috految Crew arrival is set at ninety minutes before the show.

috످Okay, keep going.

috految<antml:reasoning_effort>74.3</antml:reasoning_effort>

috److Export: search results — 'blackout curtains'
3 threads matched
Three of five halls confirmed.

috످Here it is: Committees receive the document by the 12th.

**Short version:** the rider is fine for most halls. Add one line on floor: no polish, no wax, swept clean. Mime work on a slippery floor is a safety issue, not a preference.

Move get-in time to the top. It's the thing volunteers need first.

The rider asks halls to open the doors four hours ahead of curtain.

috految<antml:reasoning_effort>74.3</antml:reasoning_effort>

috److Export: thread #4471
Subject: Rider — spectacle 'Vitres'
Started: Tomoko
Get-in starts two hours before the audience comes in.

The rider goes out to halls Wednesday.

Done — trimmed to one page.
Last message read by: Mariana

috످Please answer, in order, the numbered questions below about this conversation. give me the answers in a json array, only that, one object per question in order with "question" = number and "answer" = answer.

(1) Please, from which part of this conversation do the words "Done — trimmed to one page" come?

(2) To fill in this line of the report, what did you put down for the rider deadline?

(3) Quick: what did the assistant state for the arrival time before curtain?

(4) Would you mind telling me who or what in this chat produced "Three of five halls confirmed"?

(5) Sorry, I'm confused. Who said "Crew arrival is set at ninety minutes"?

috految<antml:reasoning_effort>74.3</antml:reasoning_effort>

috److془Let me think through each.

(1) The trimmed line is a note that the rider was shortened; it's in my second reply, formatted as thread export.

(2) The deadline passage says when the rider is sent to venues, Wednesday, and it's in my second reply. The committee date of 12th is user's.

(3) The get-in passage: two hours, my second reply. The user: four hours doors. System: ninety minutes.

(4) Progress update on venues; my first reply.

(5) System prompt.془[
  {"question": 1, "answer": "Those words come from my second reply, in the text formatted as an export of thread #4471."},
  {"question": 2, "answer": "I wrote that the rider goes out to halls on Wednesday."},
  {"question": 3, "answer": "I said get-in starts two hours before the audience comes in."},
  {"question": 4, "answer": "I wrote that in my first reply. It looks like a search result, but no search was run in this chat."},
  {"question": 5, "answer": "That line comes from the system prompt, the instructions I was given at the start of this chat."}
]

috످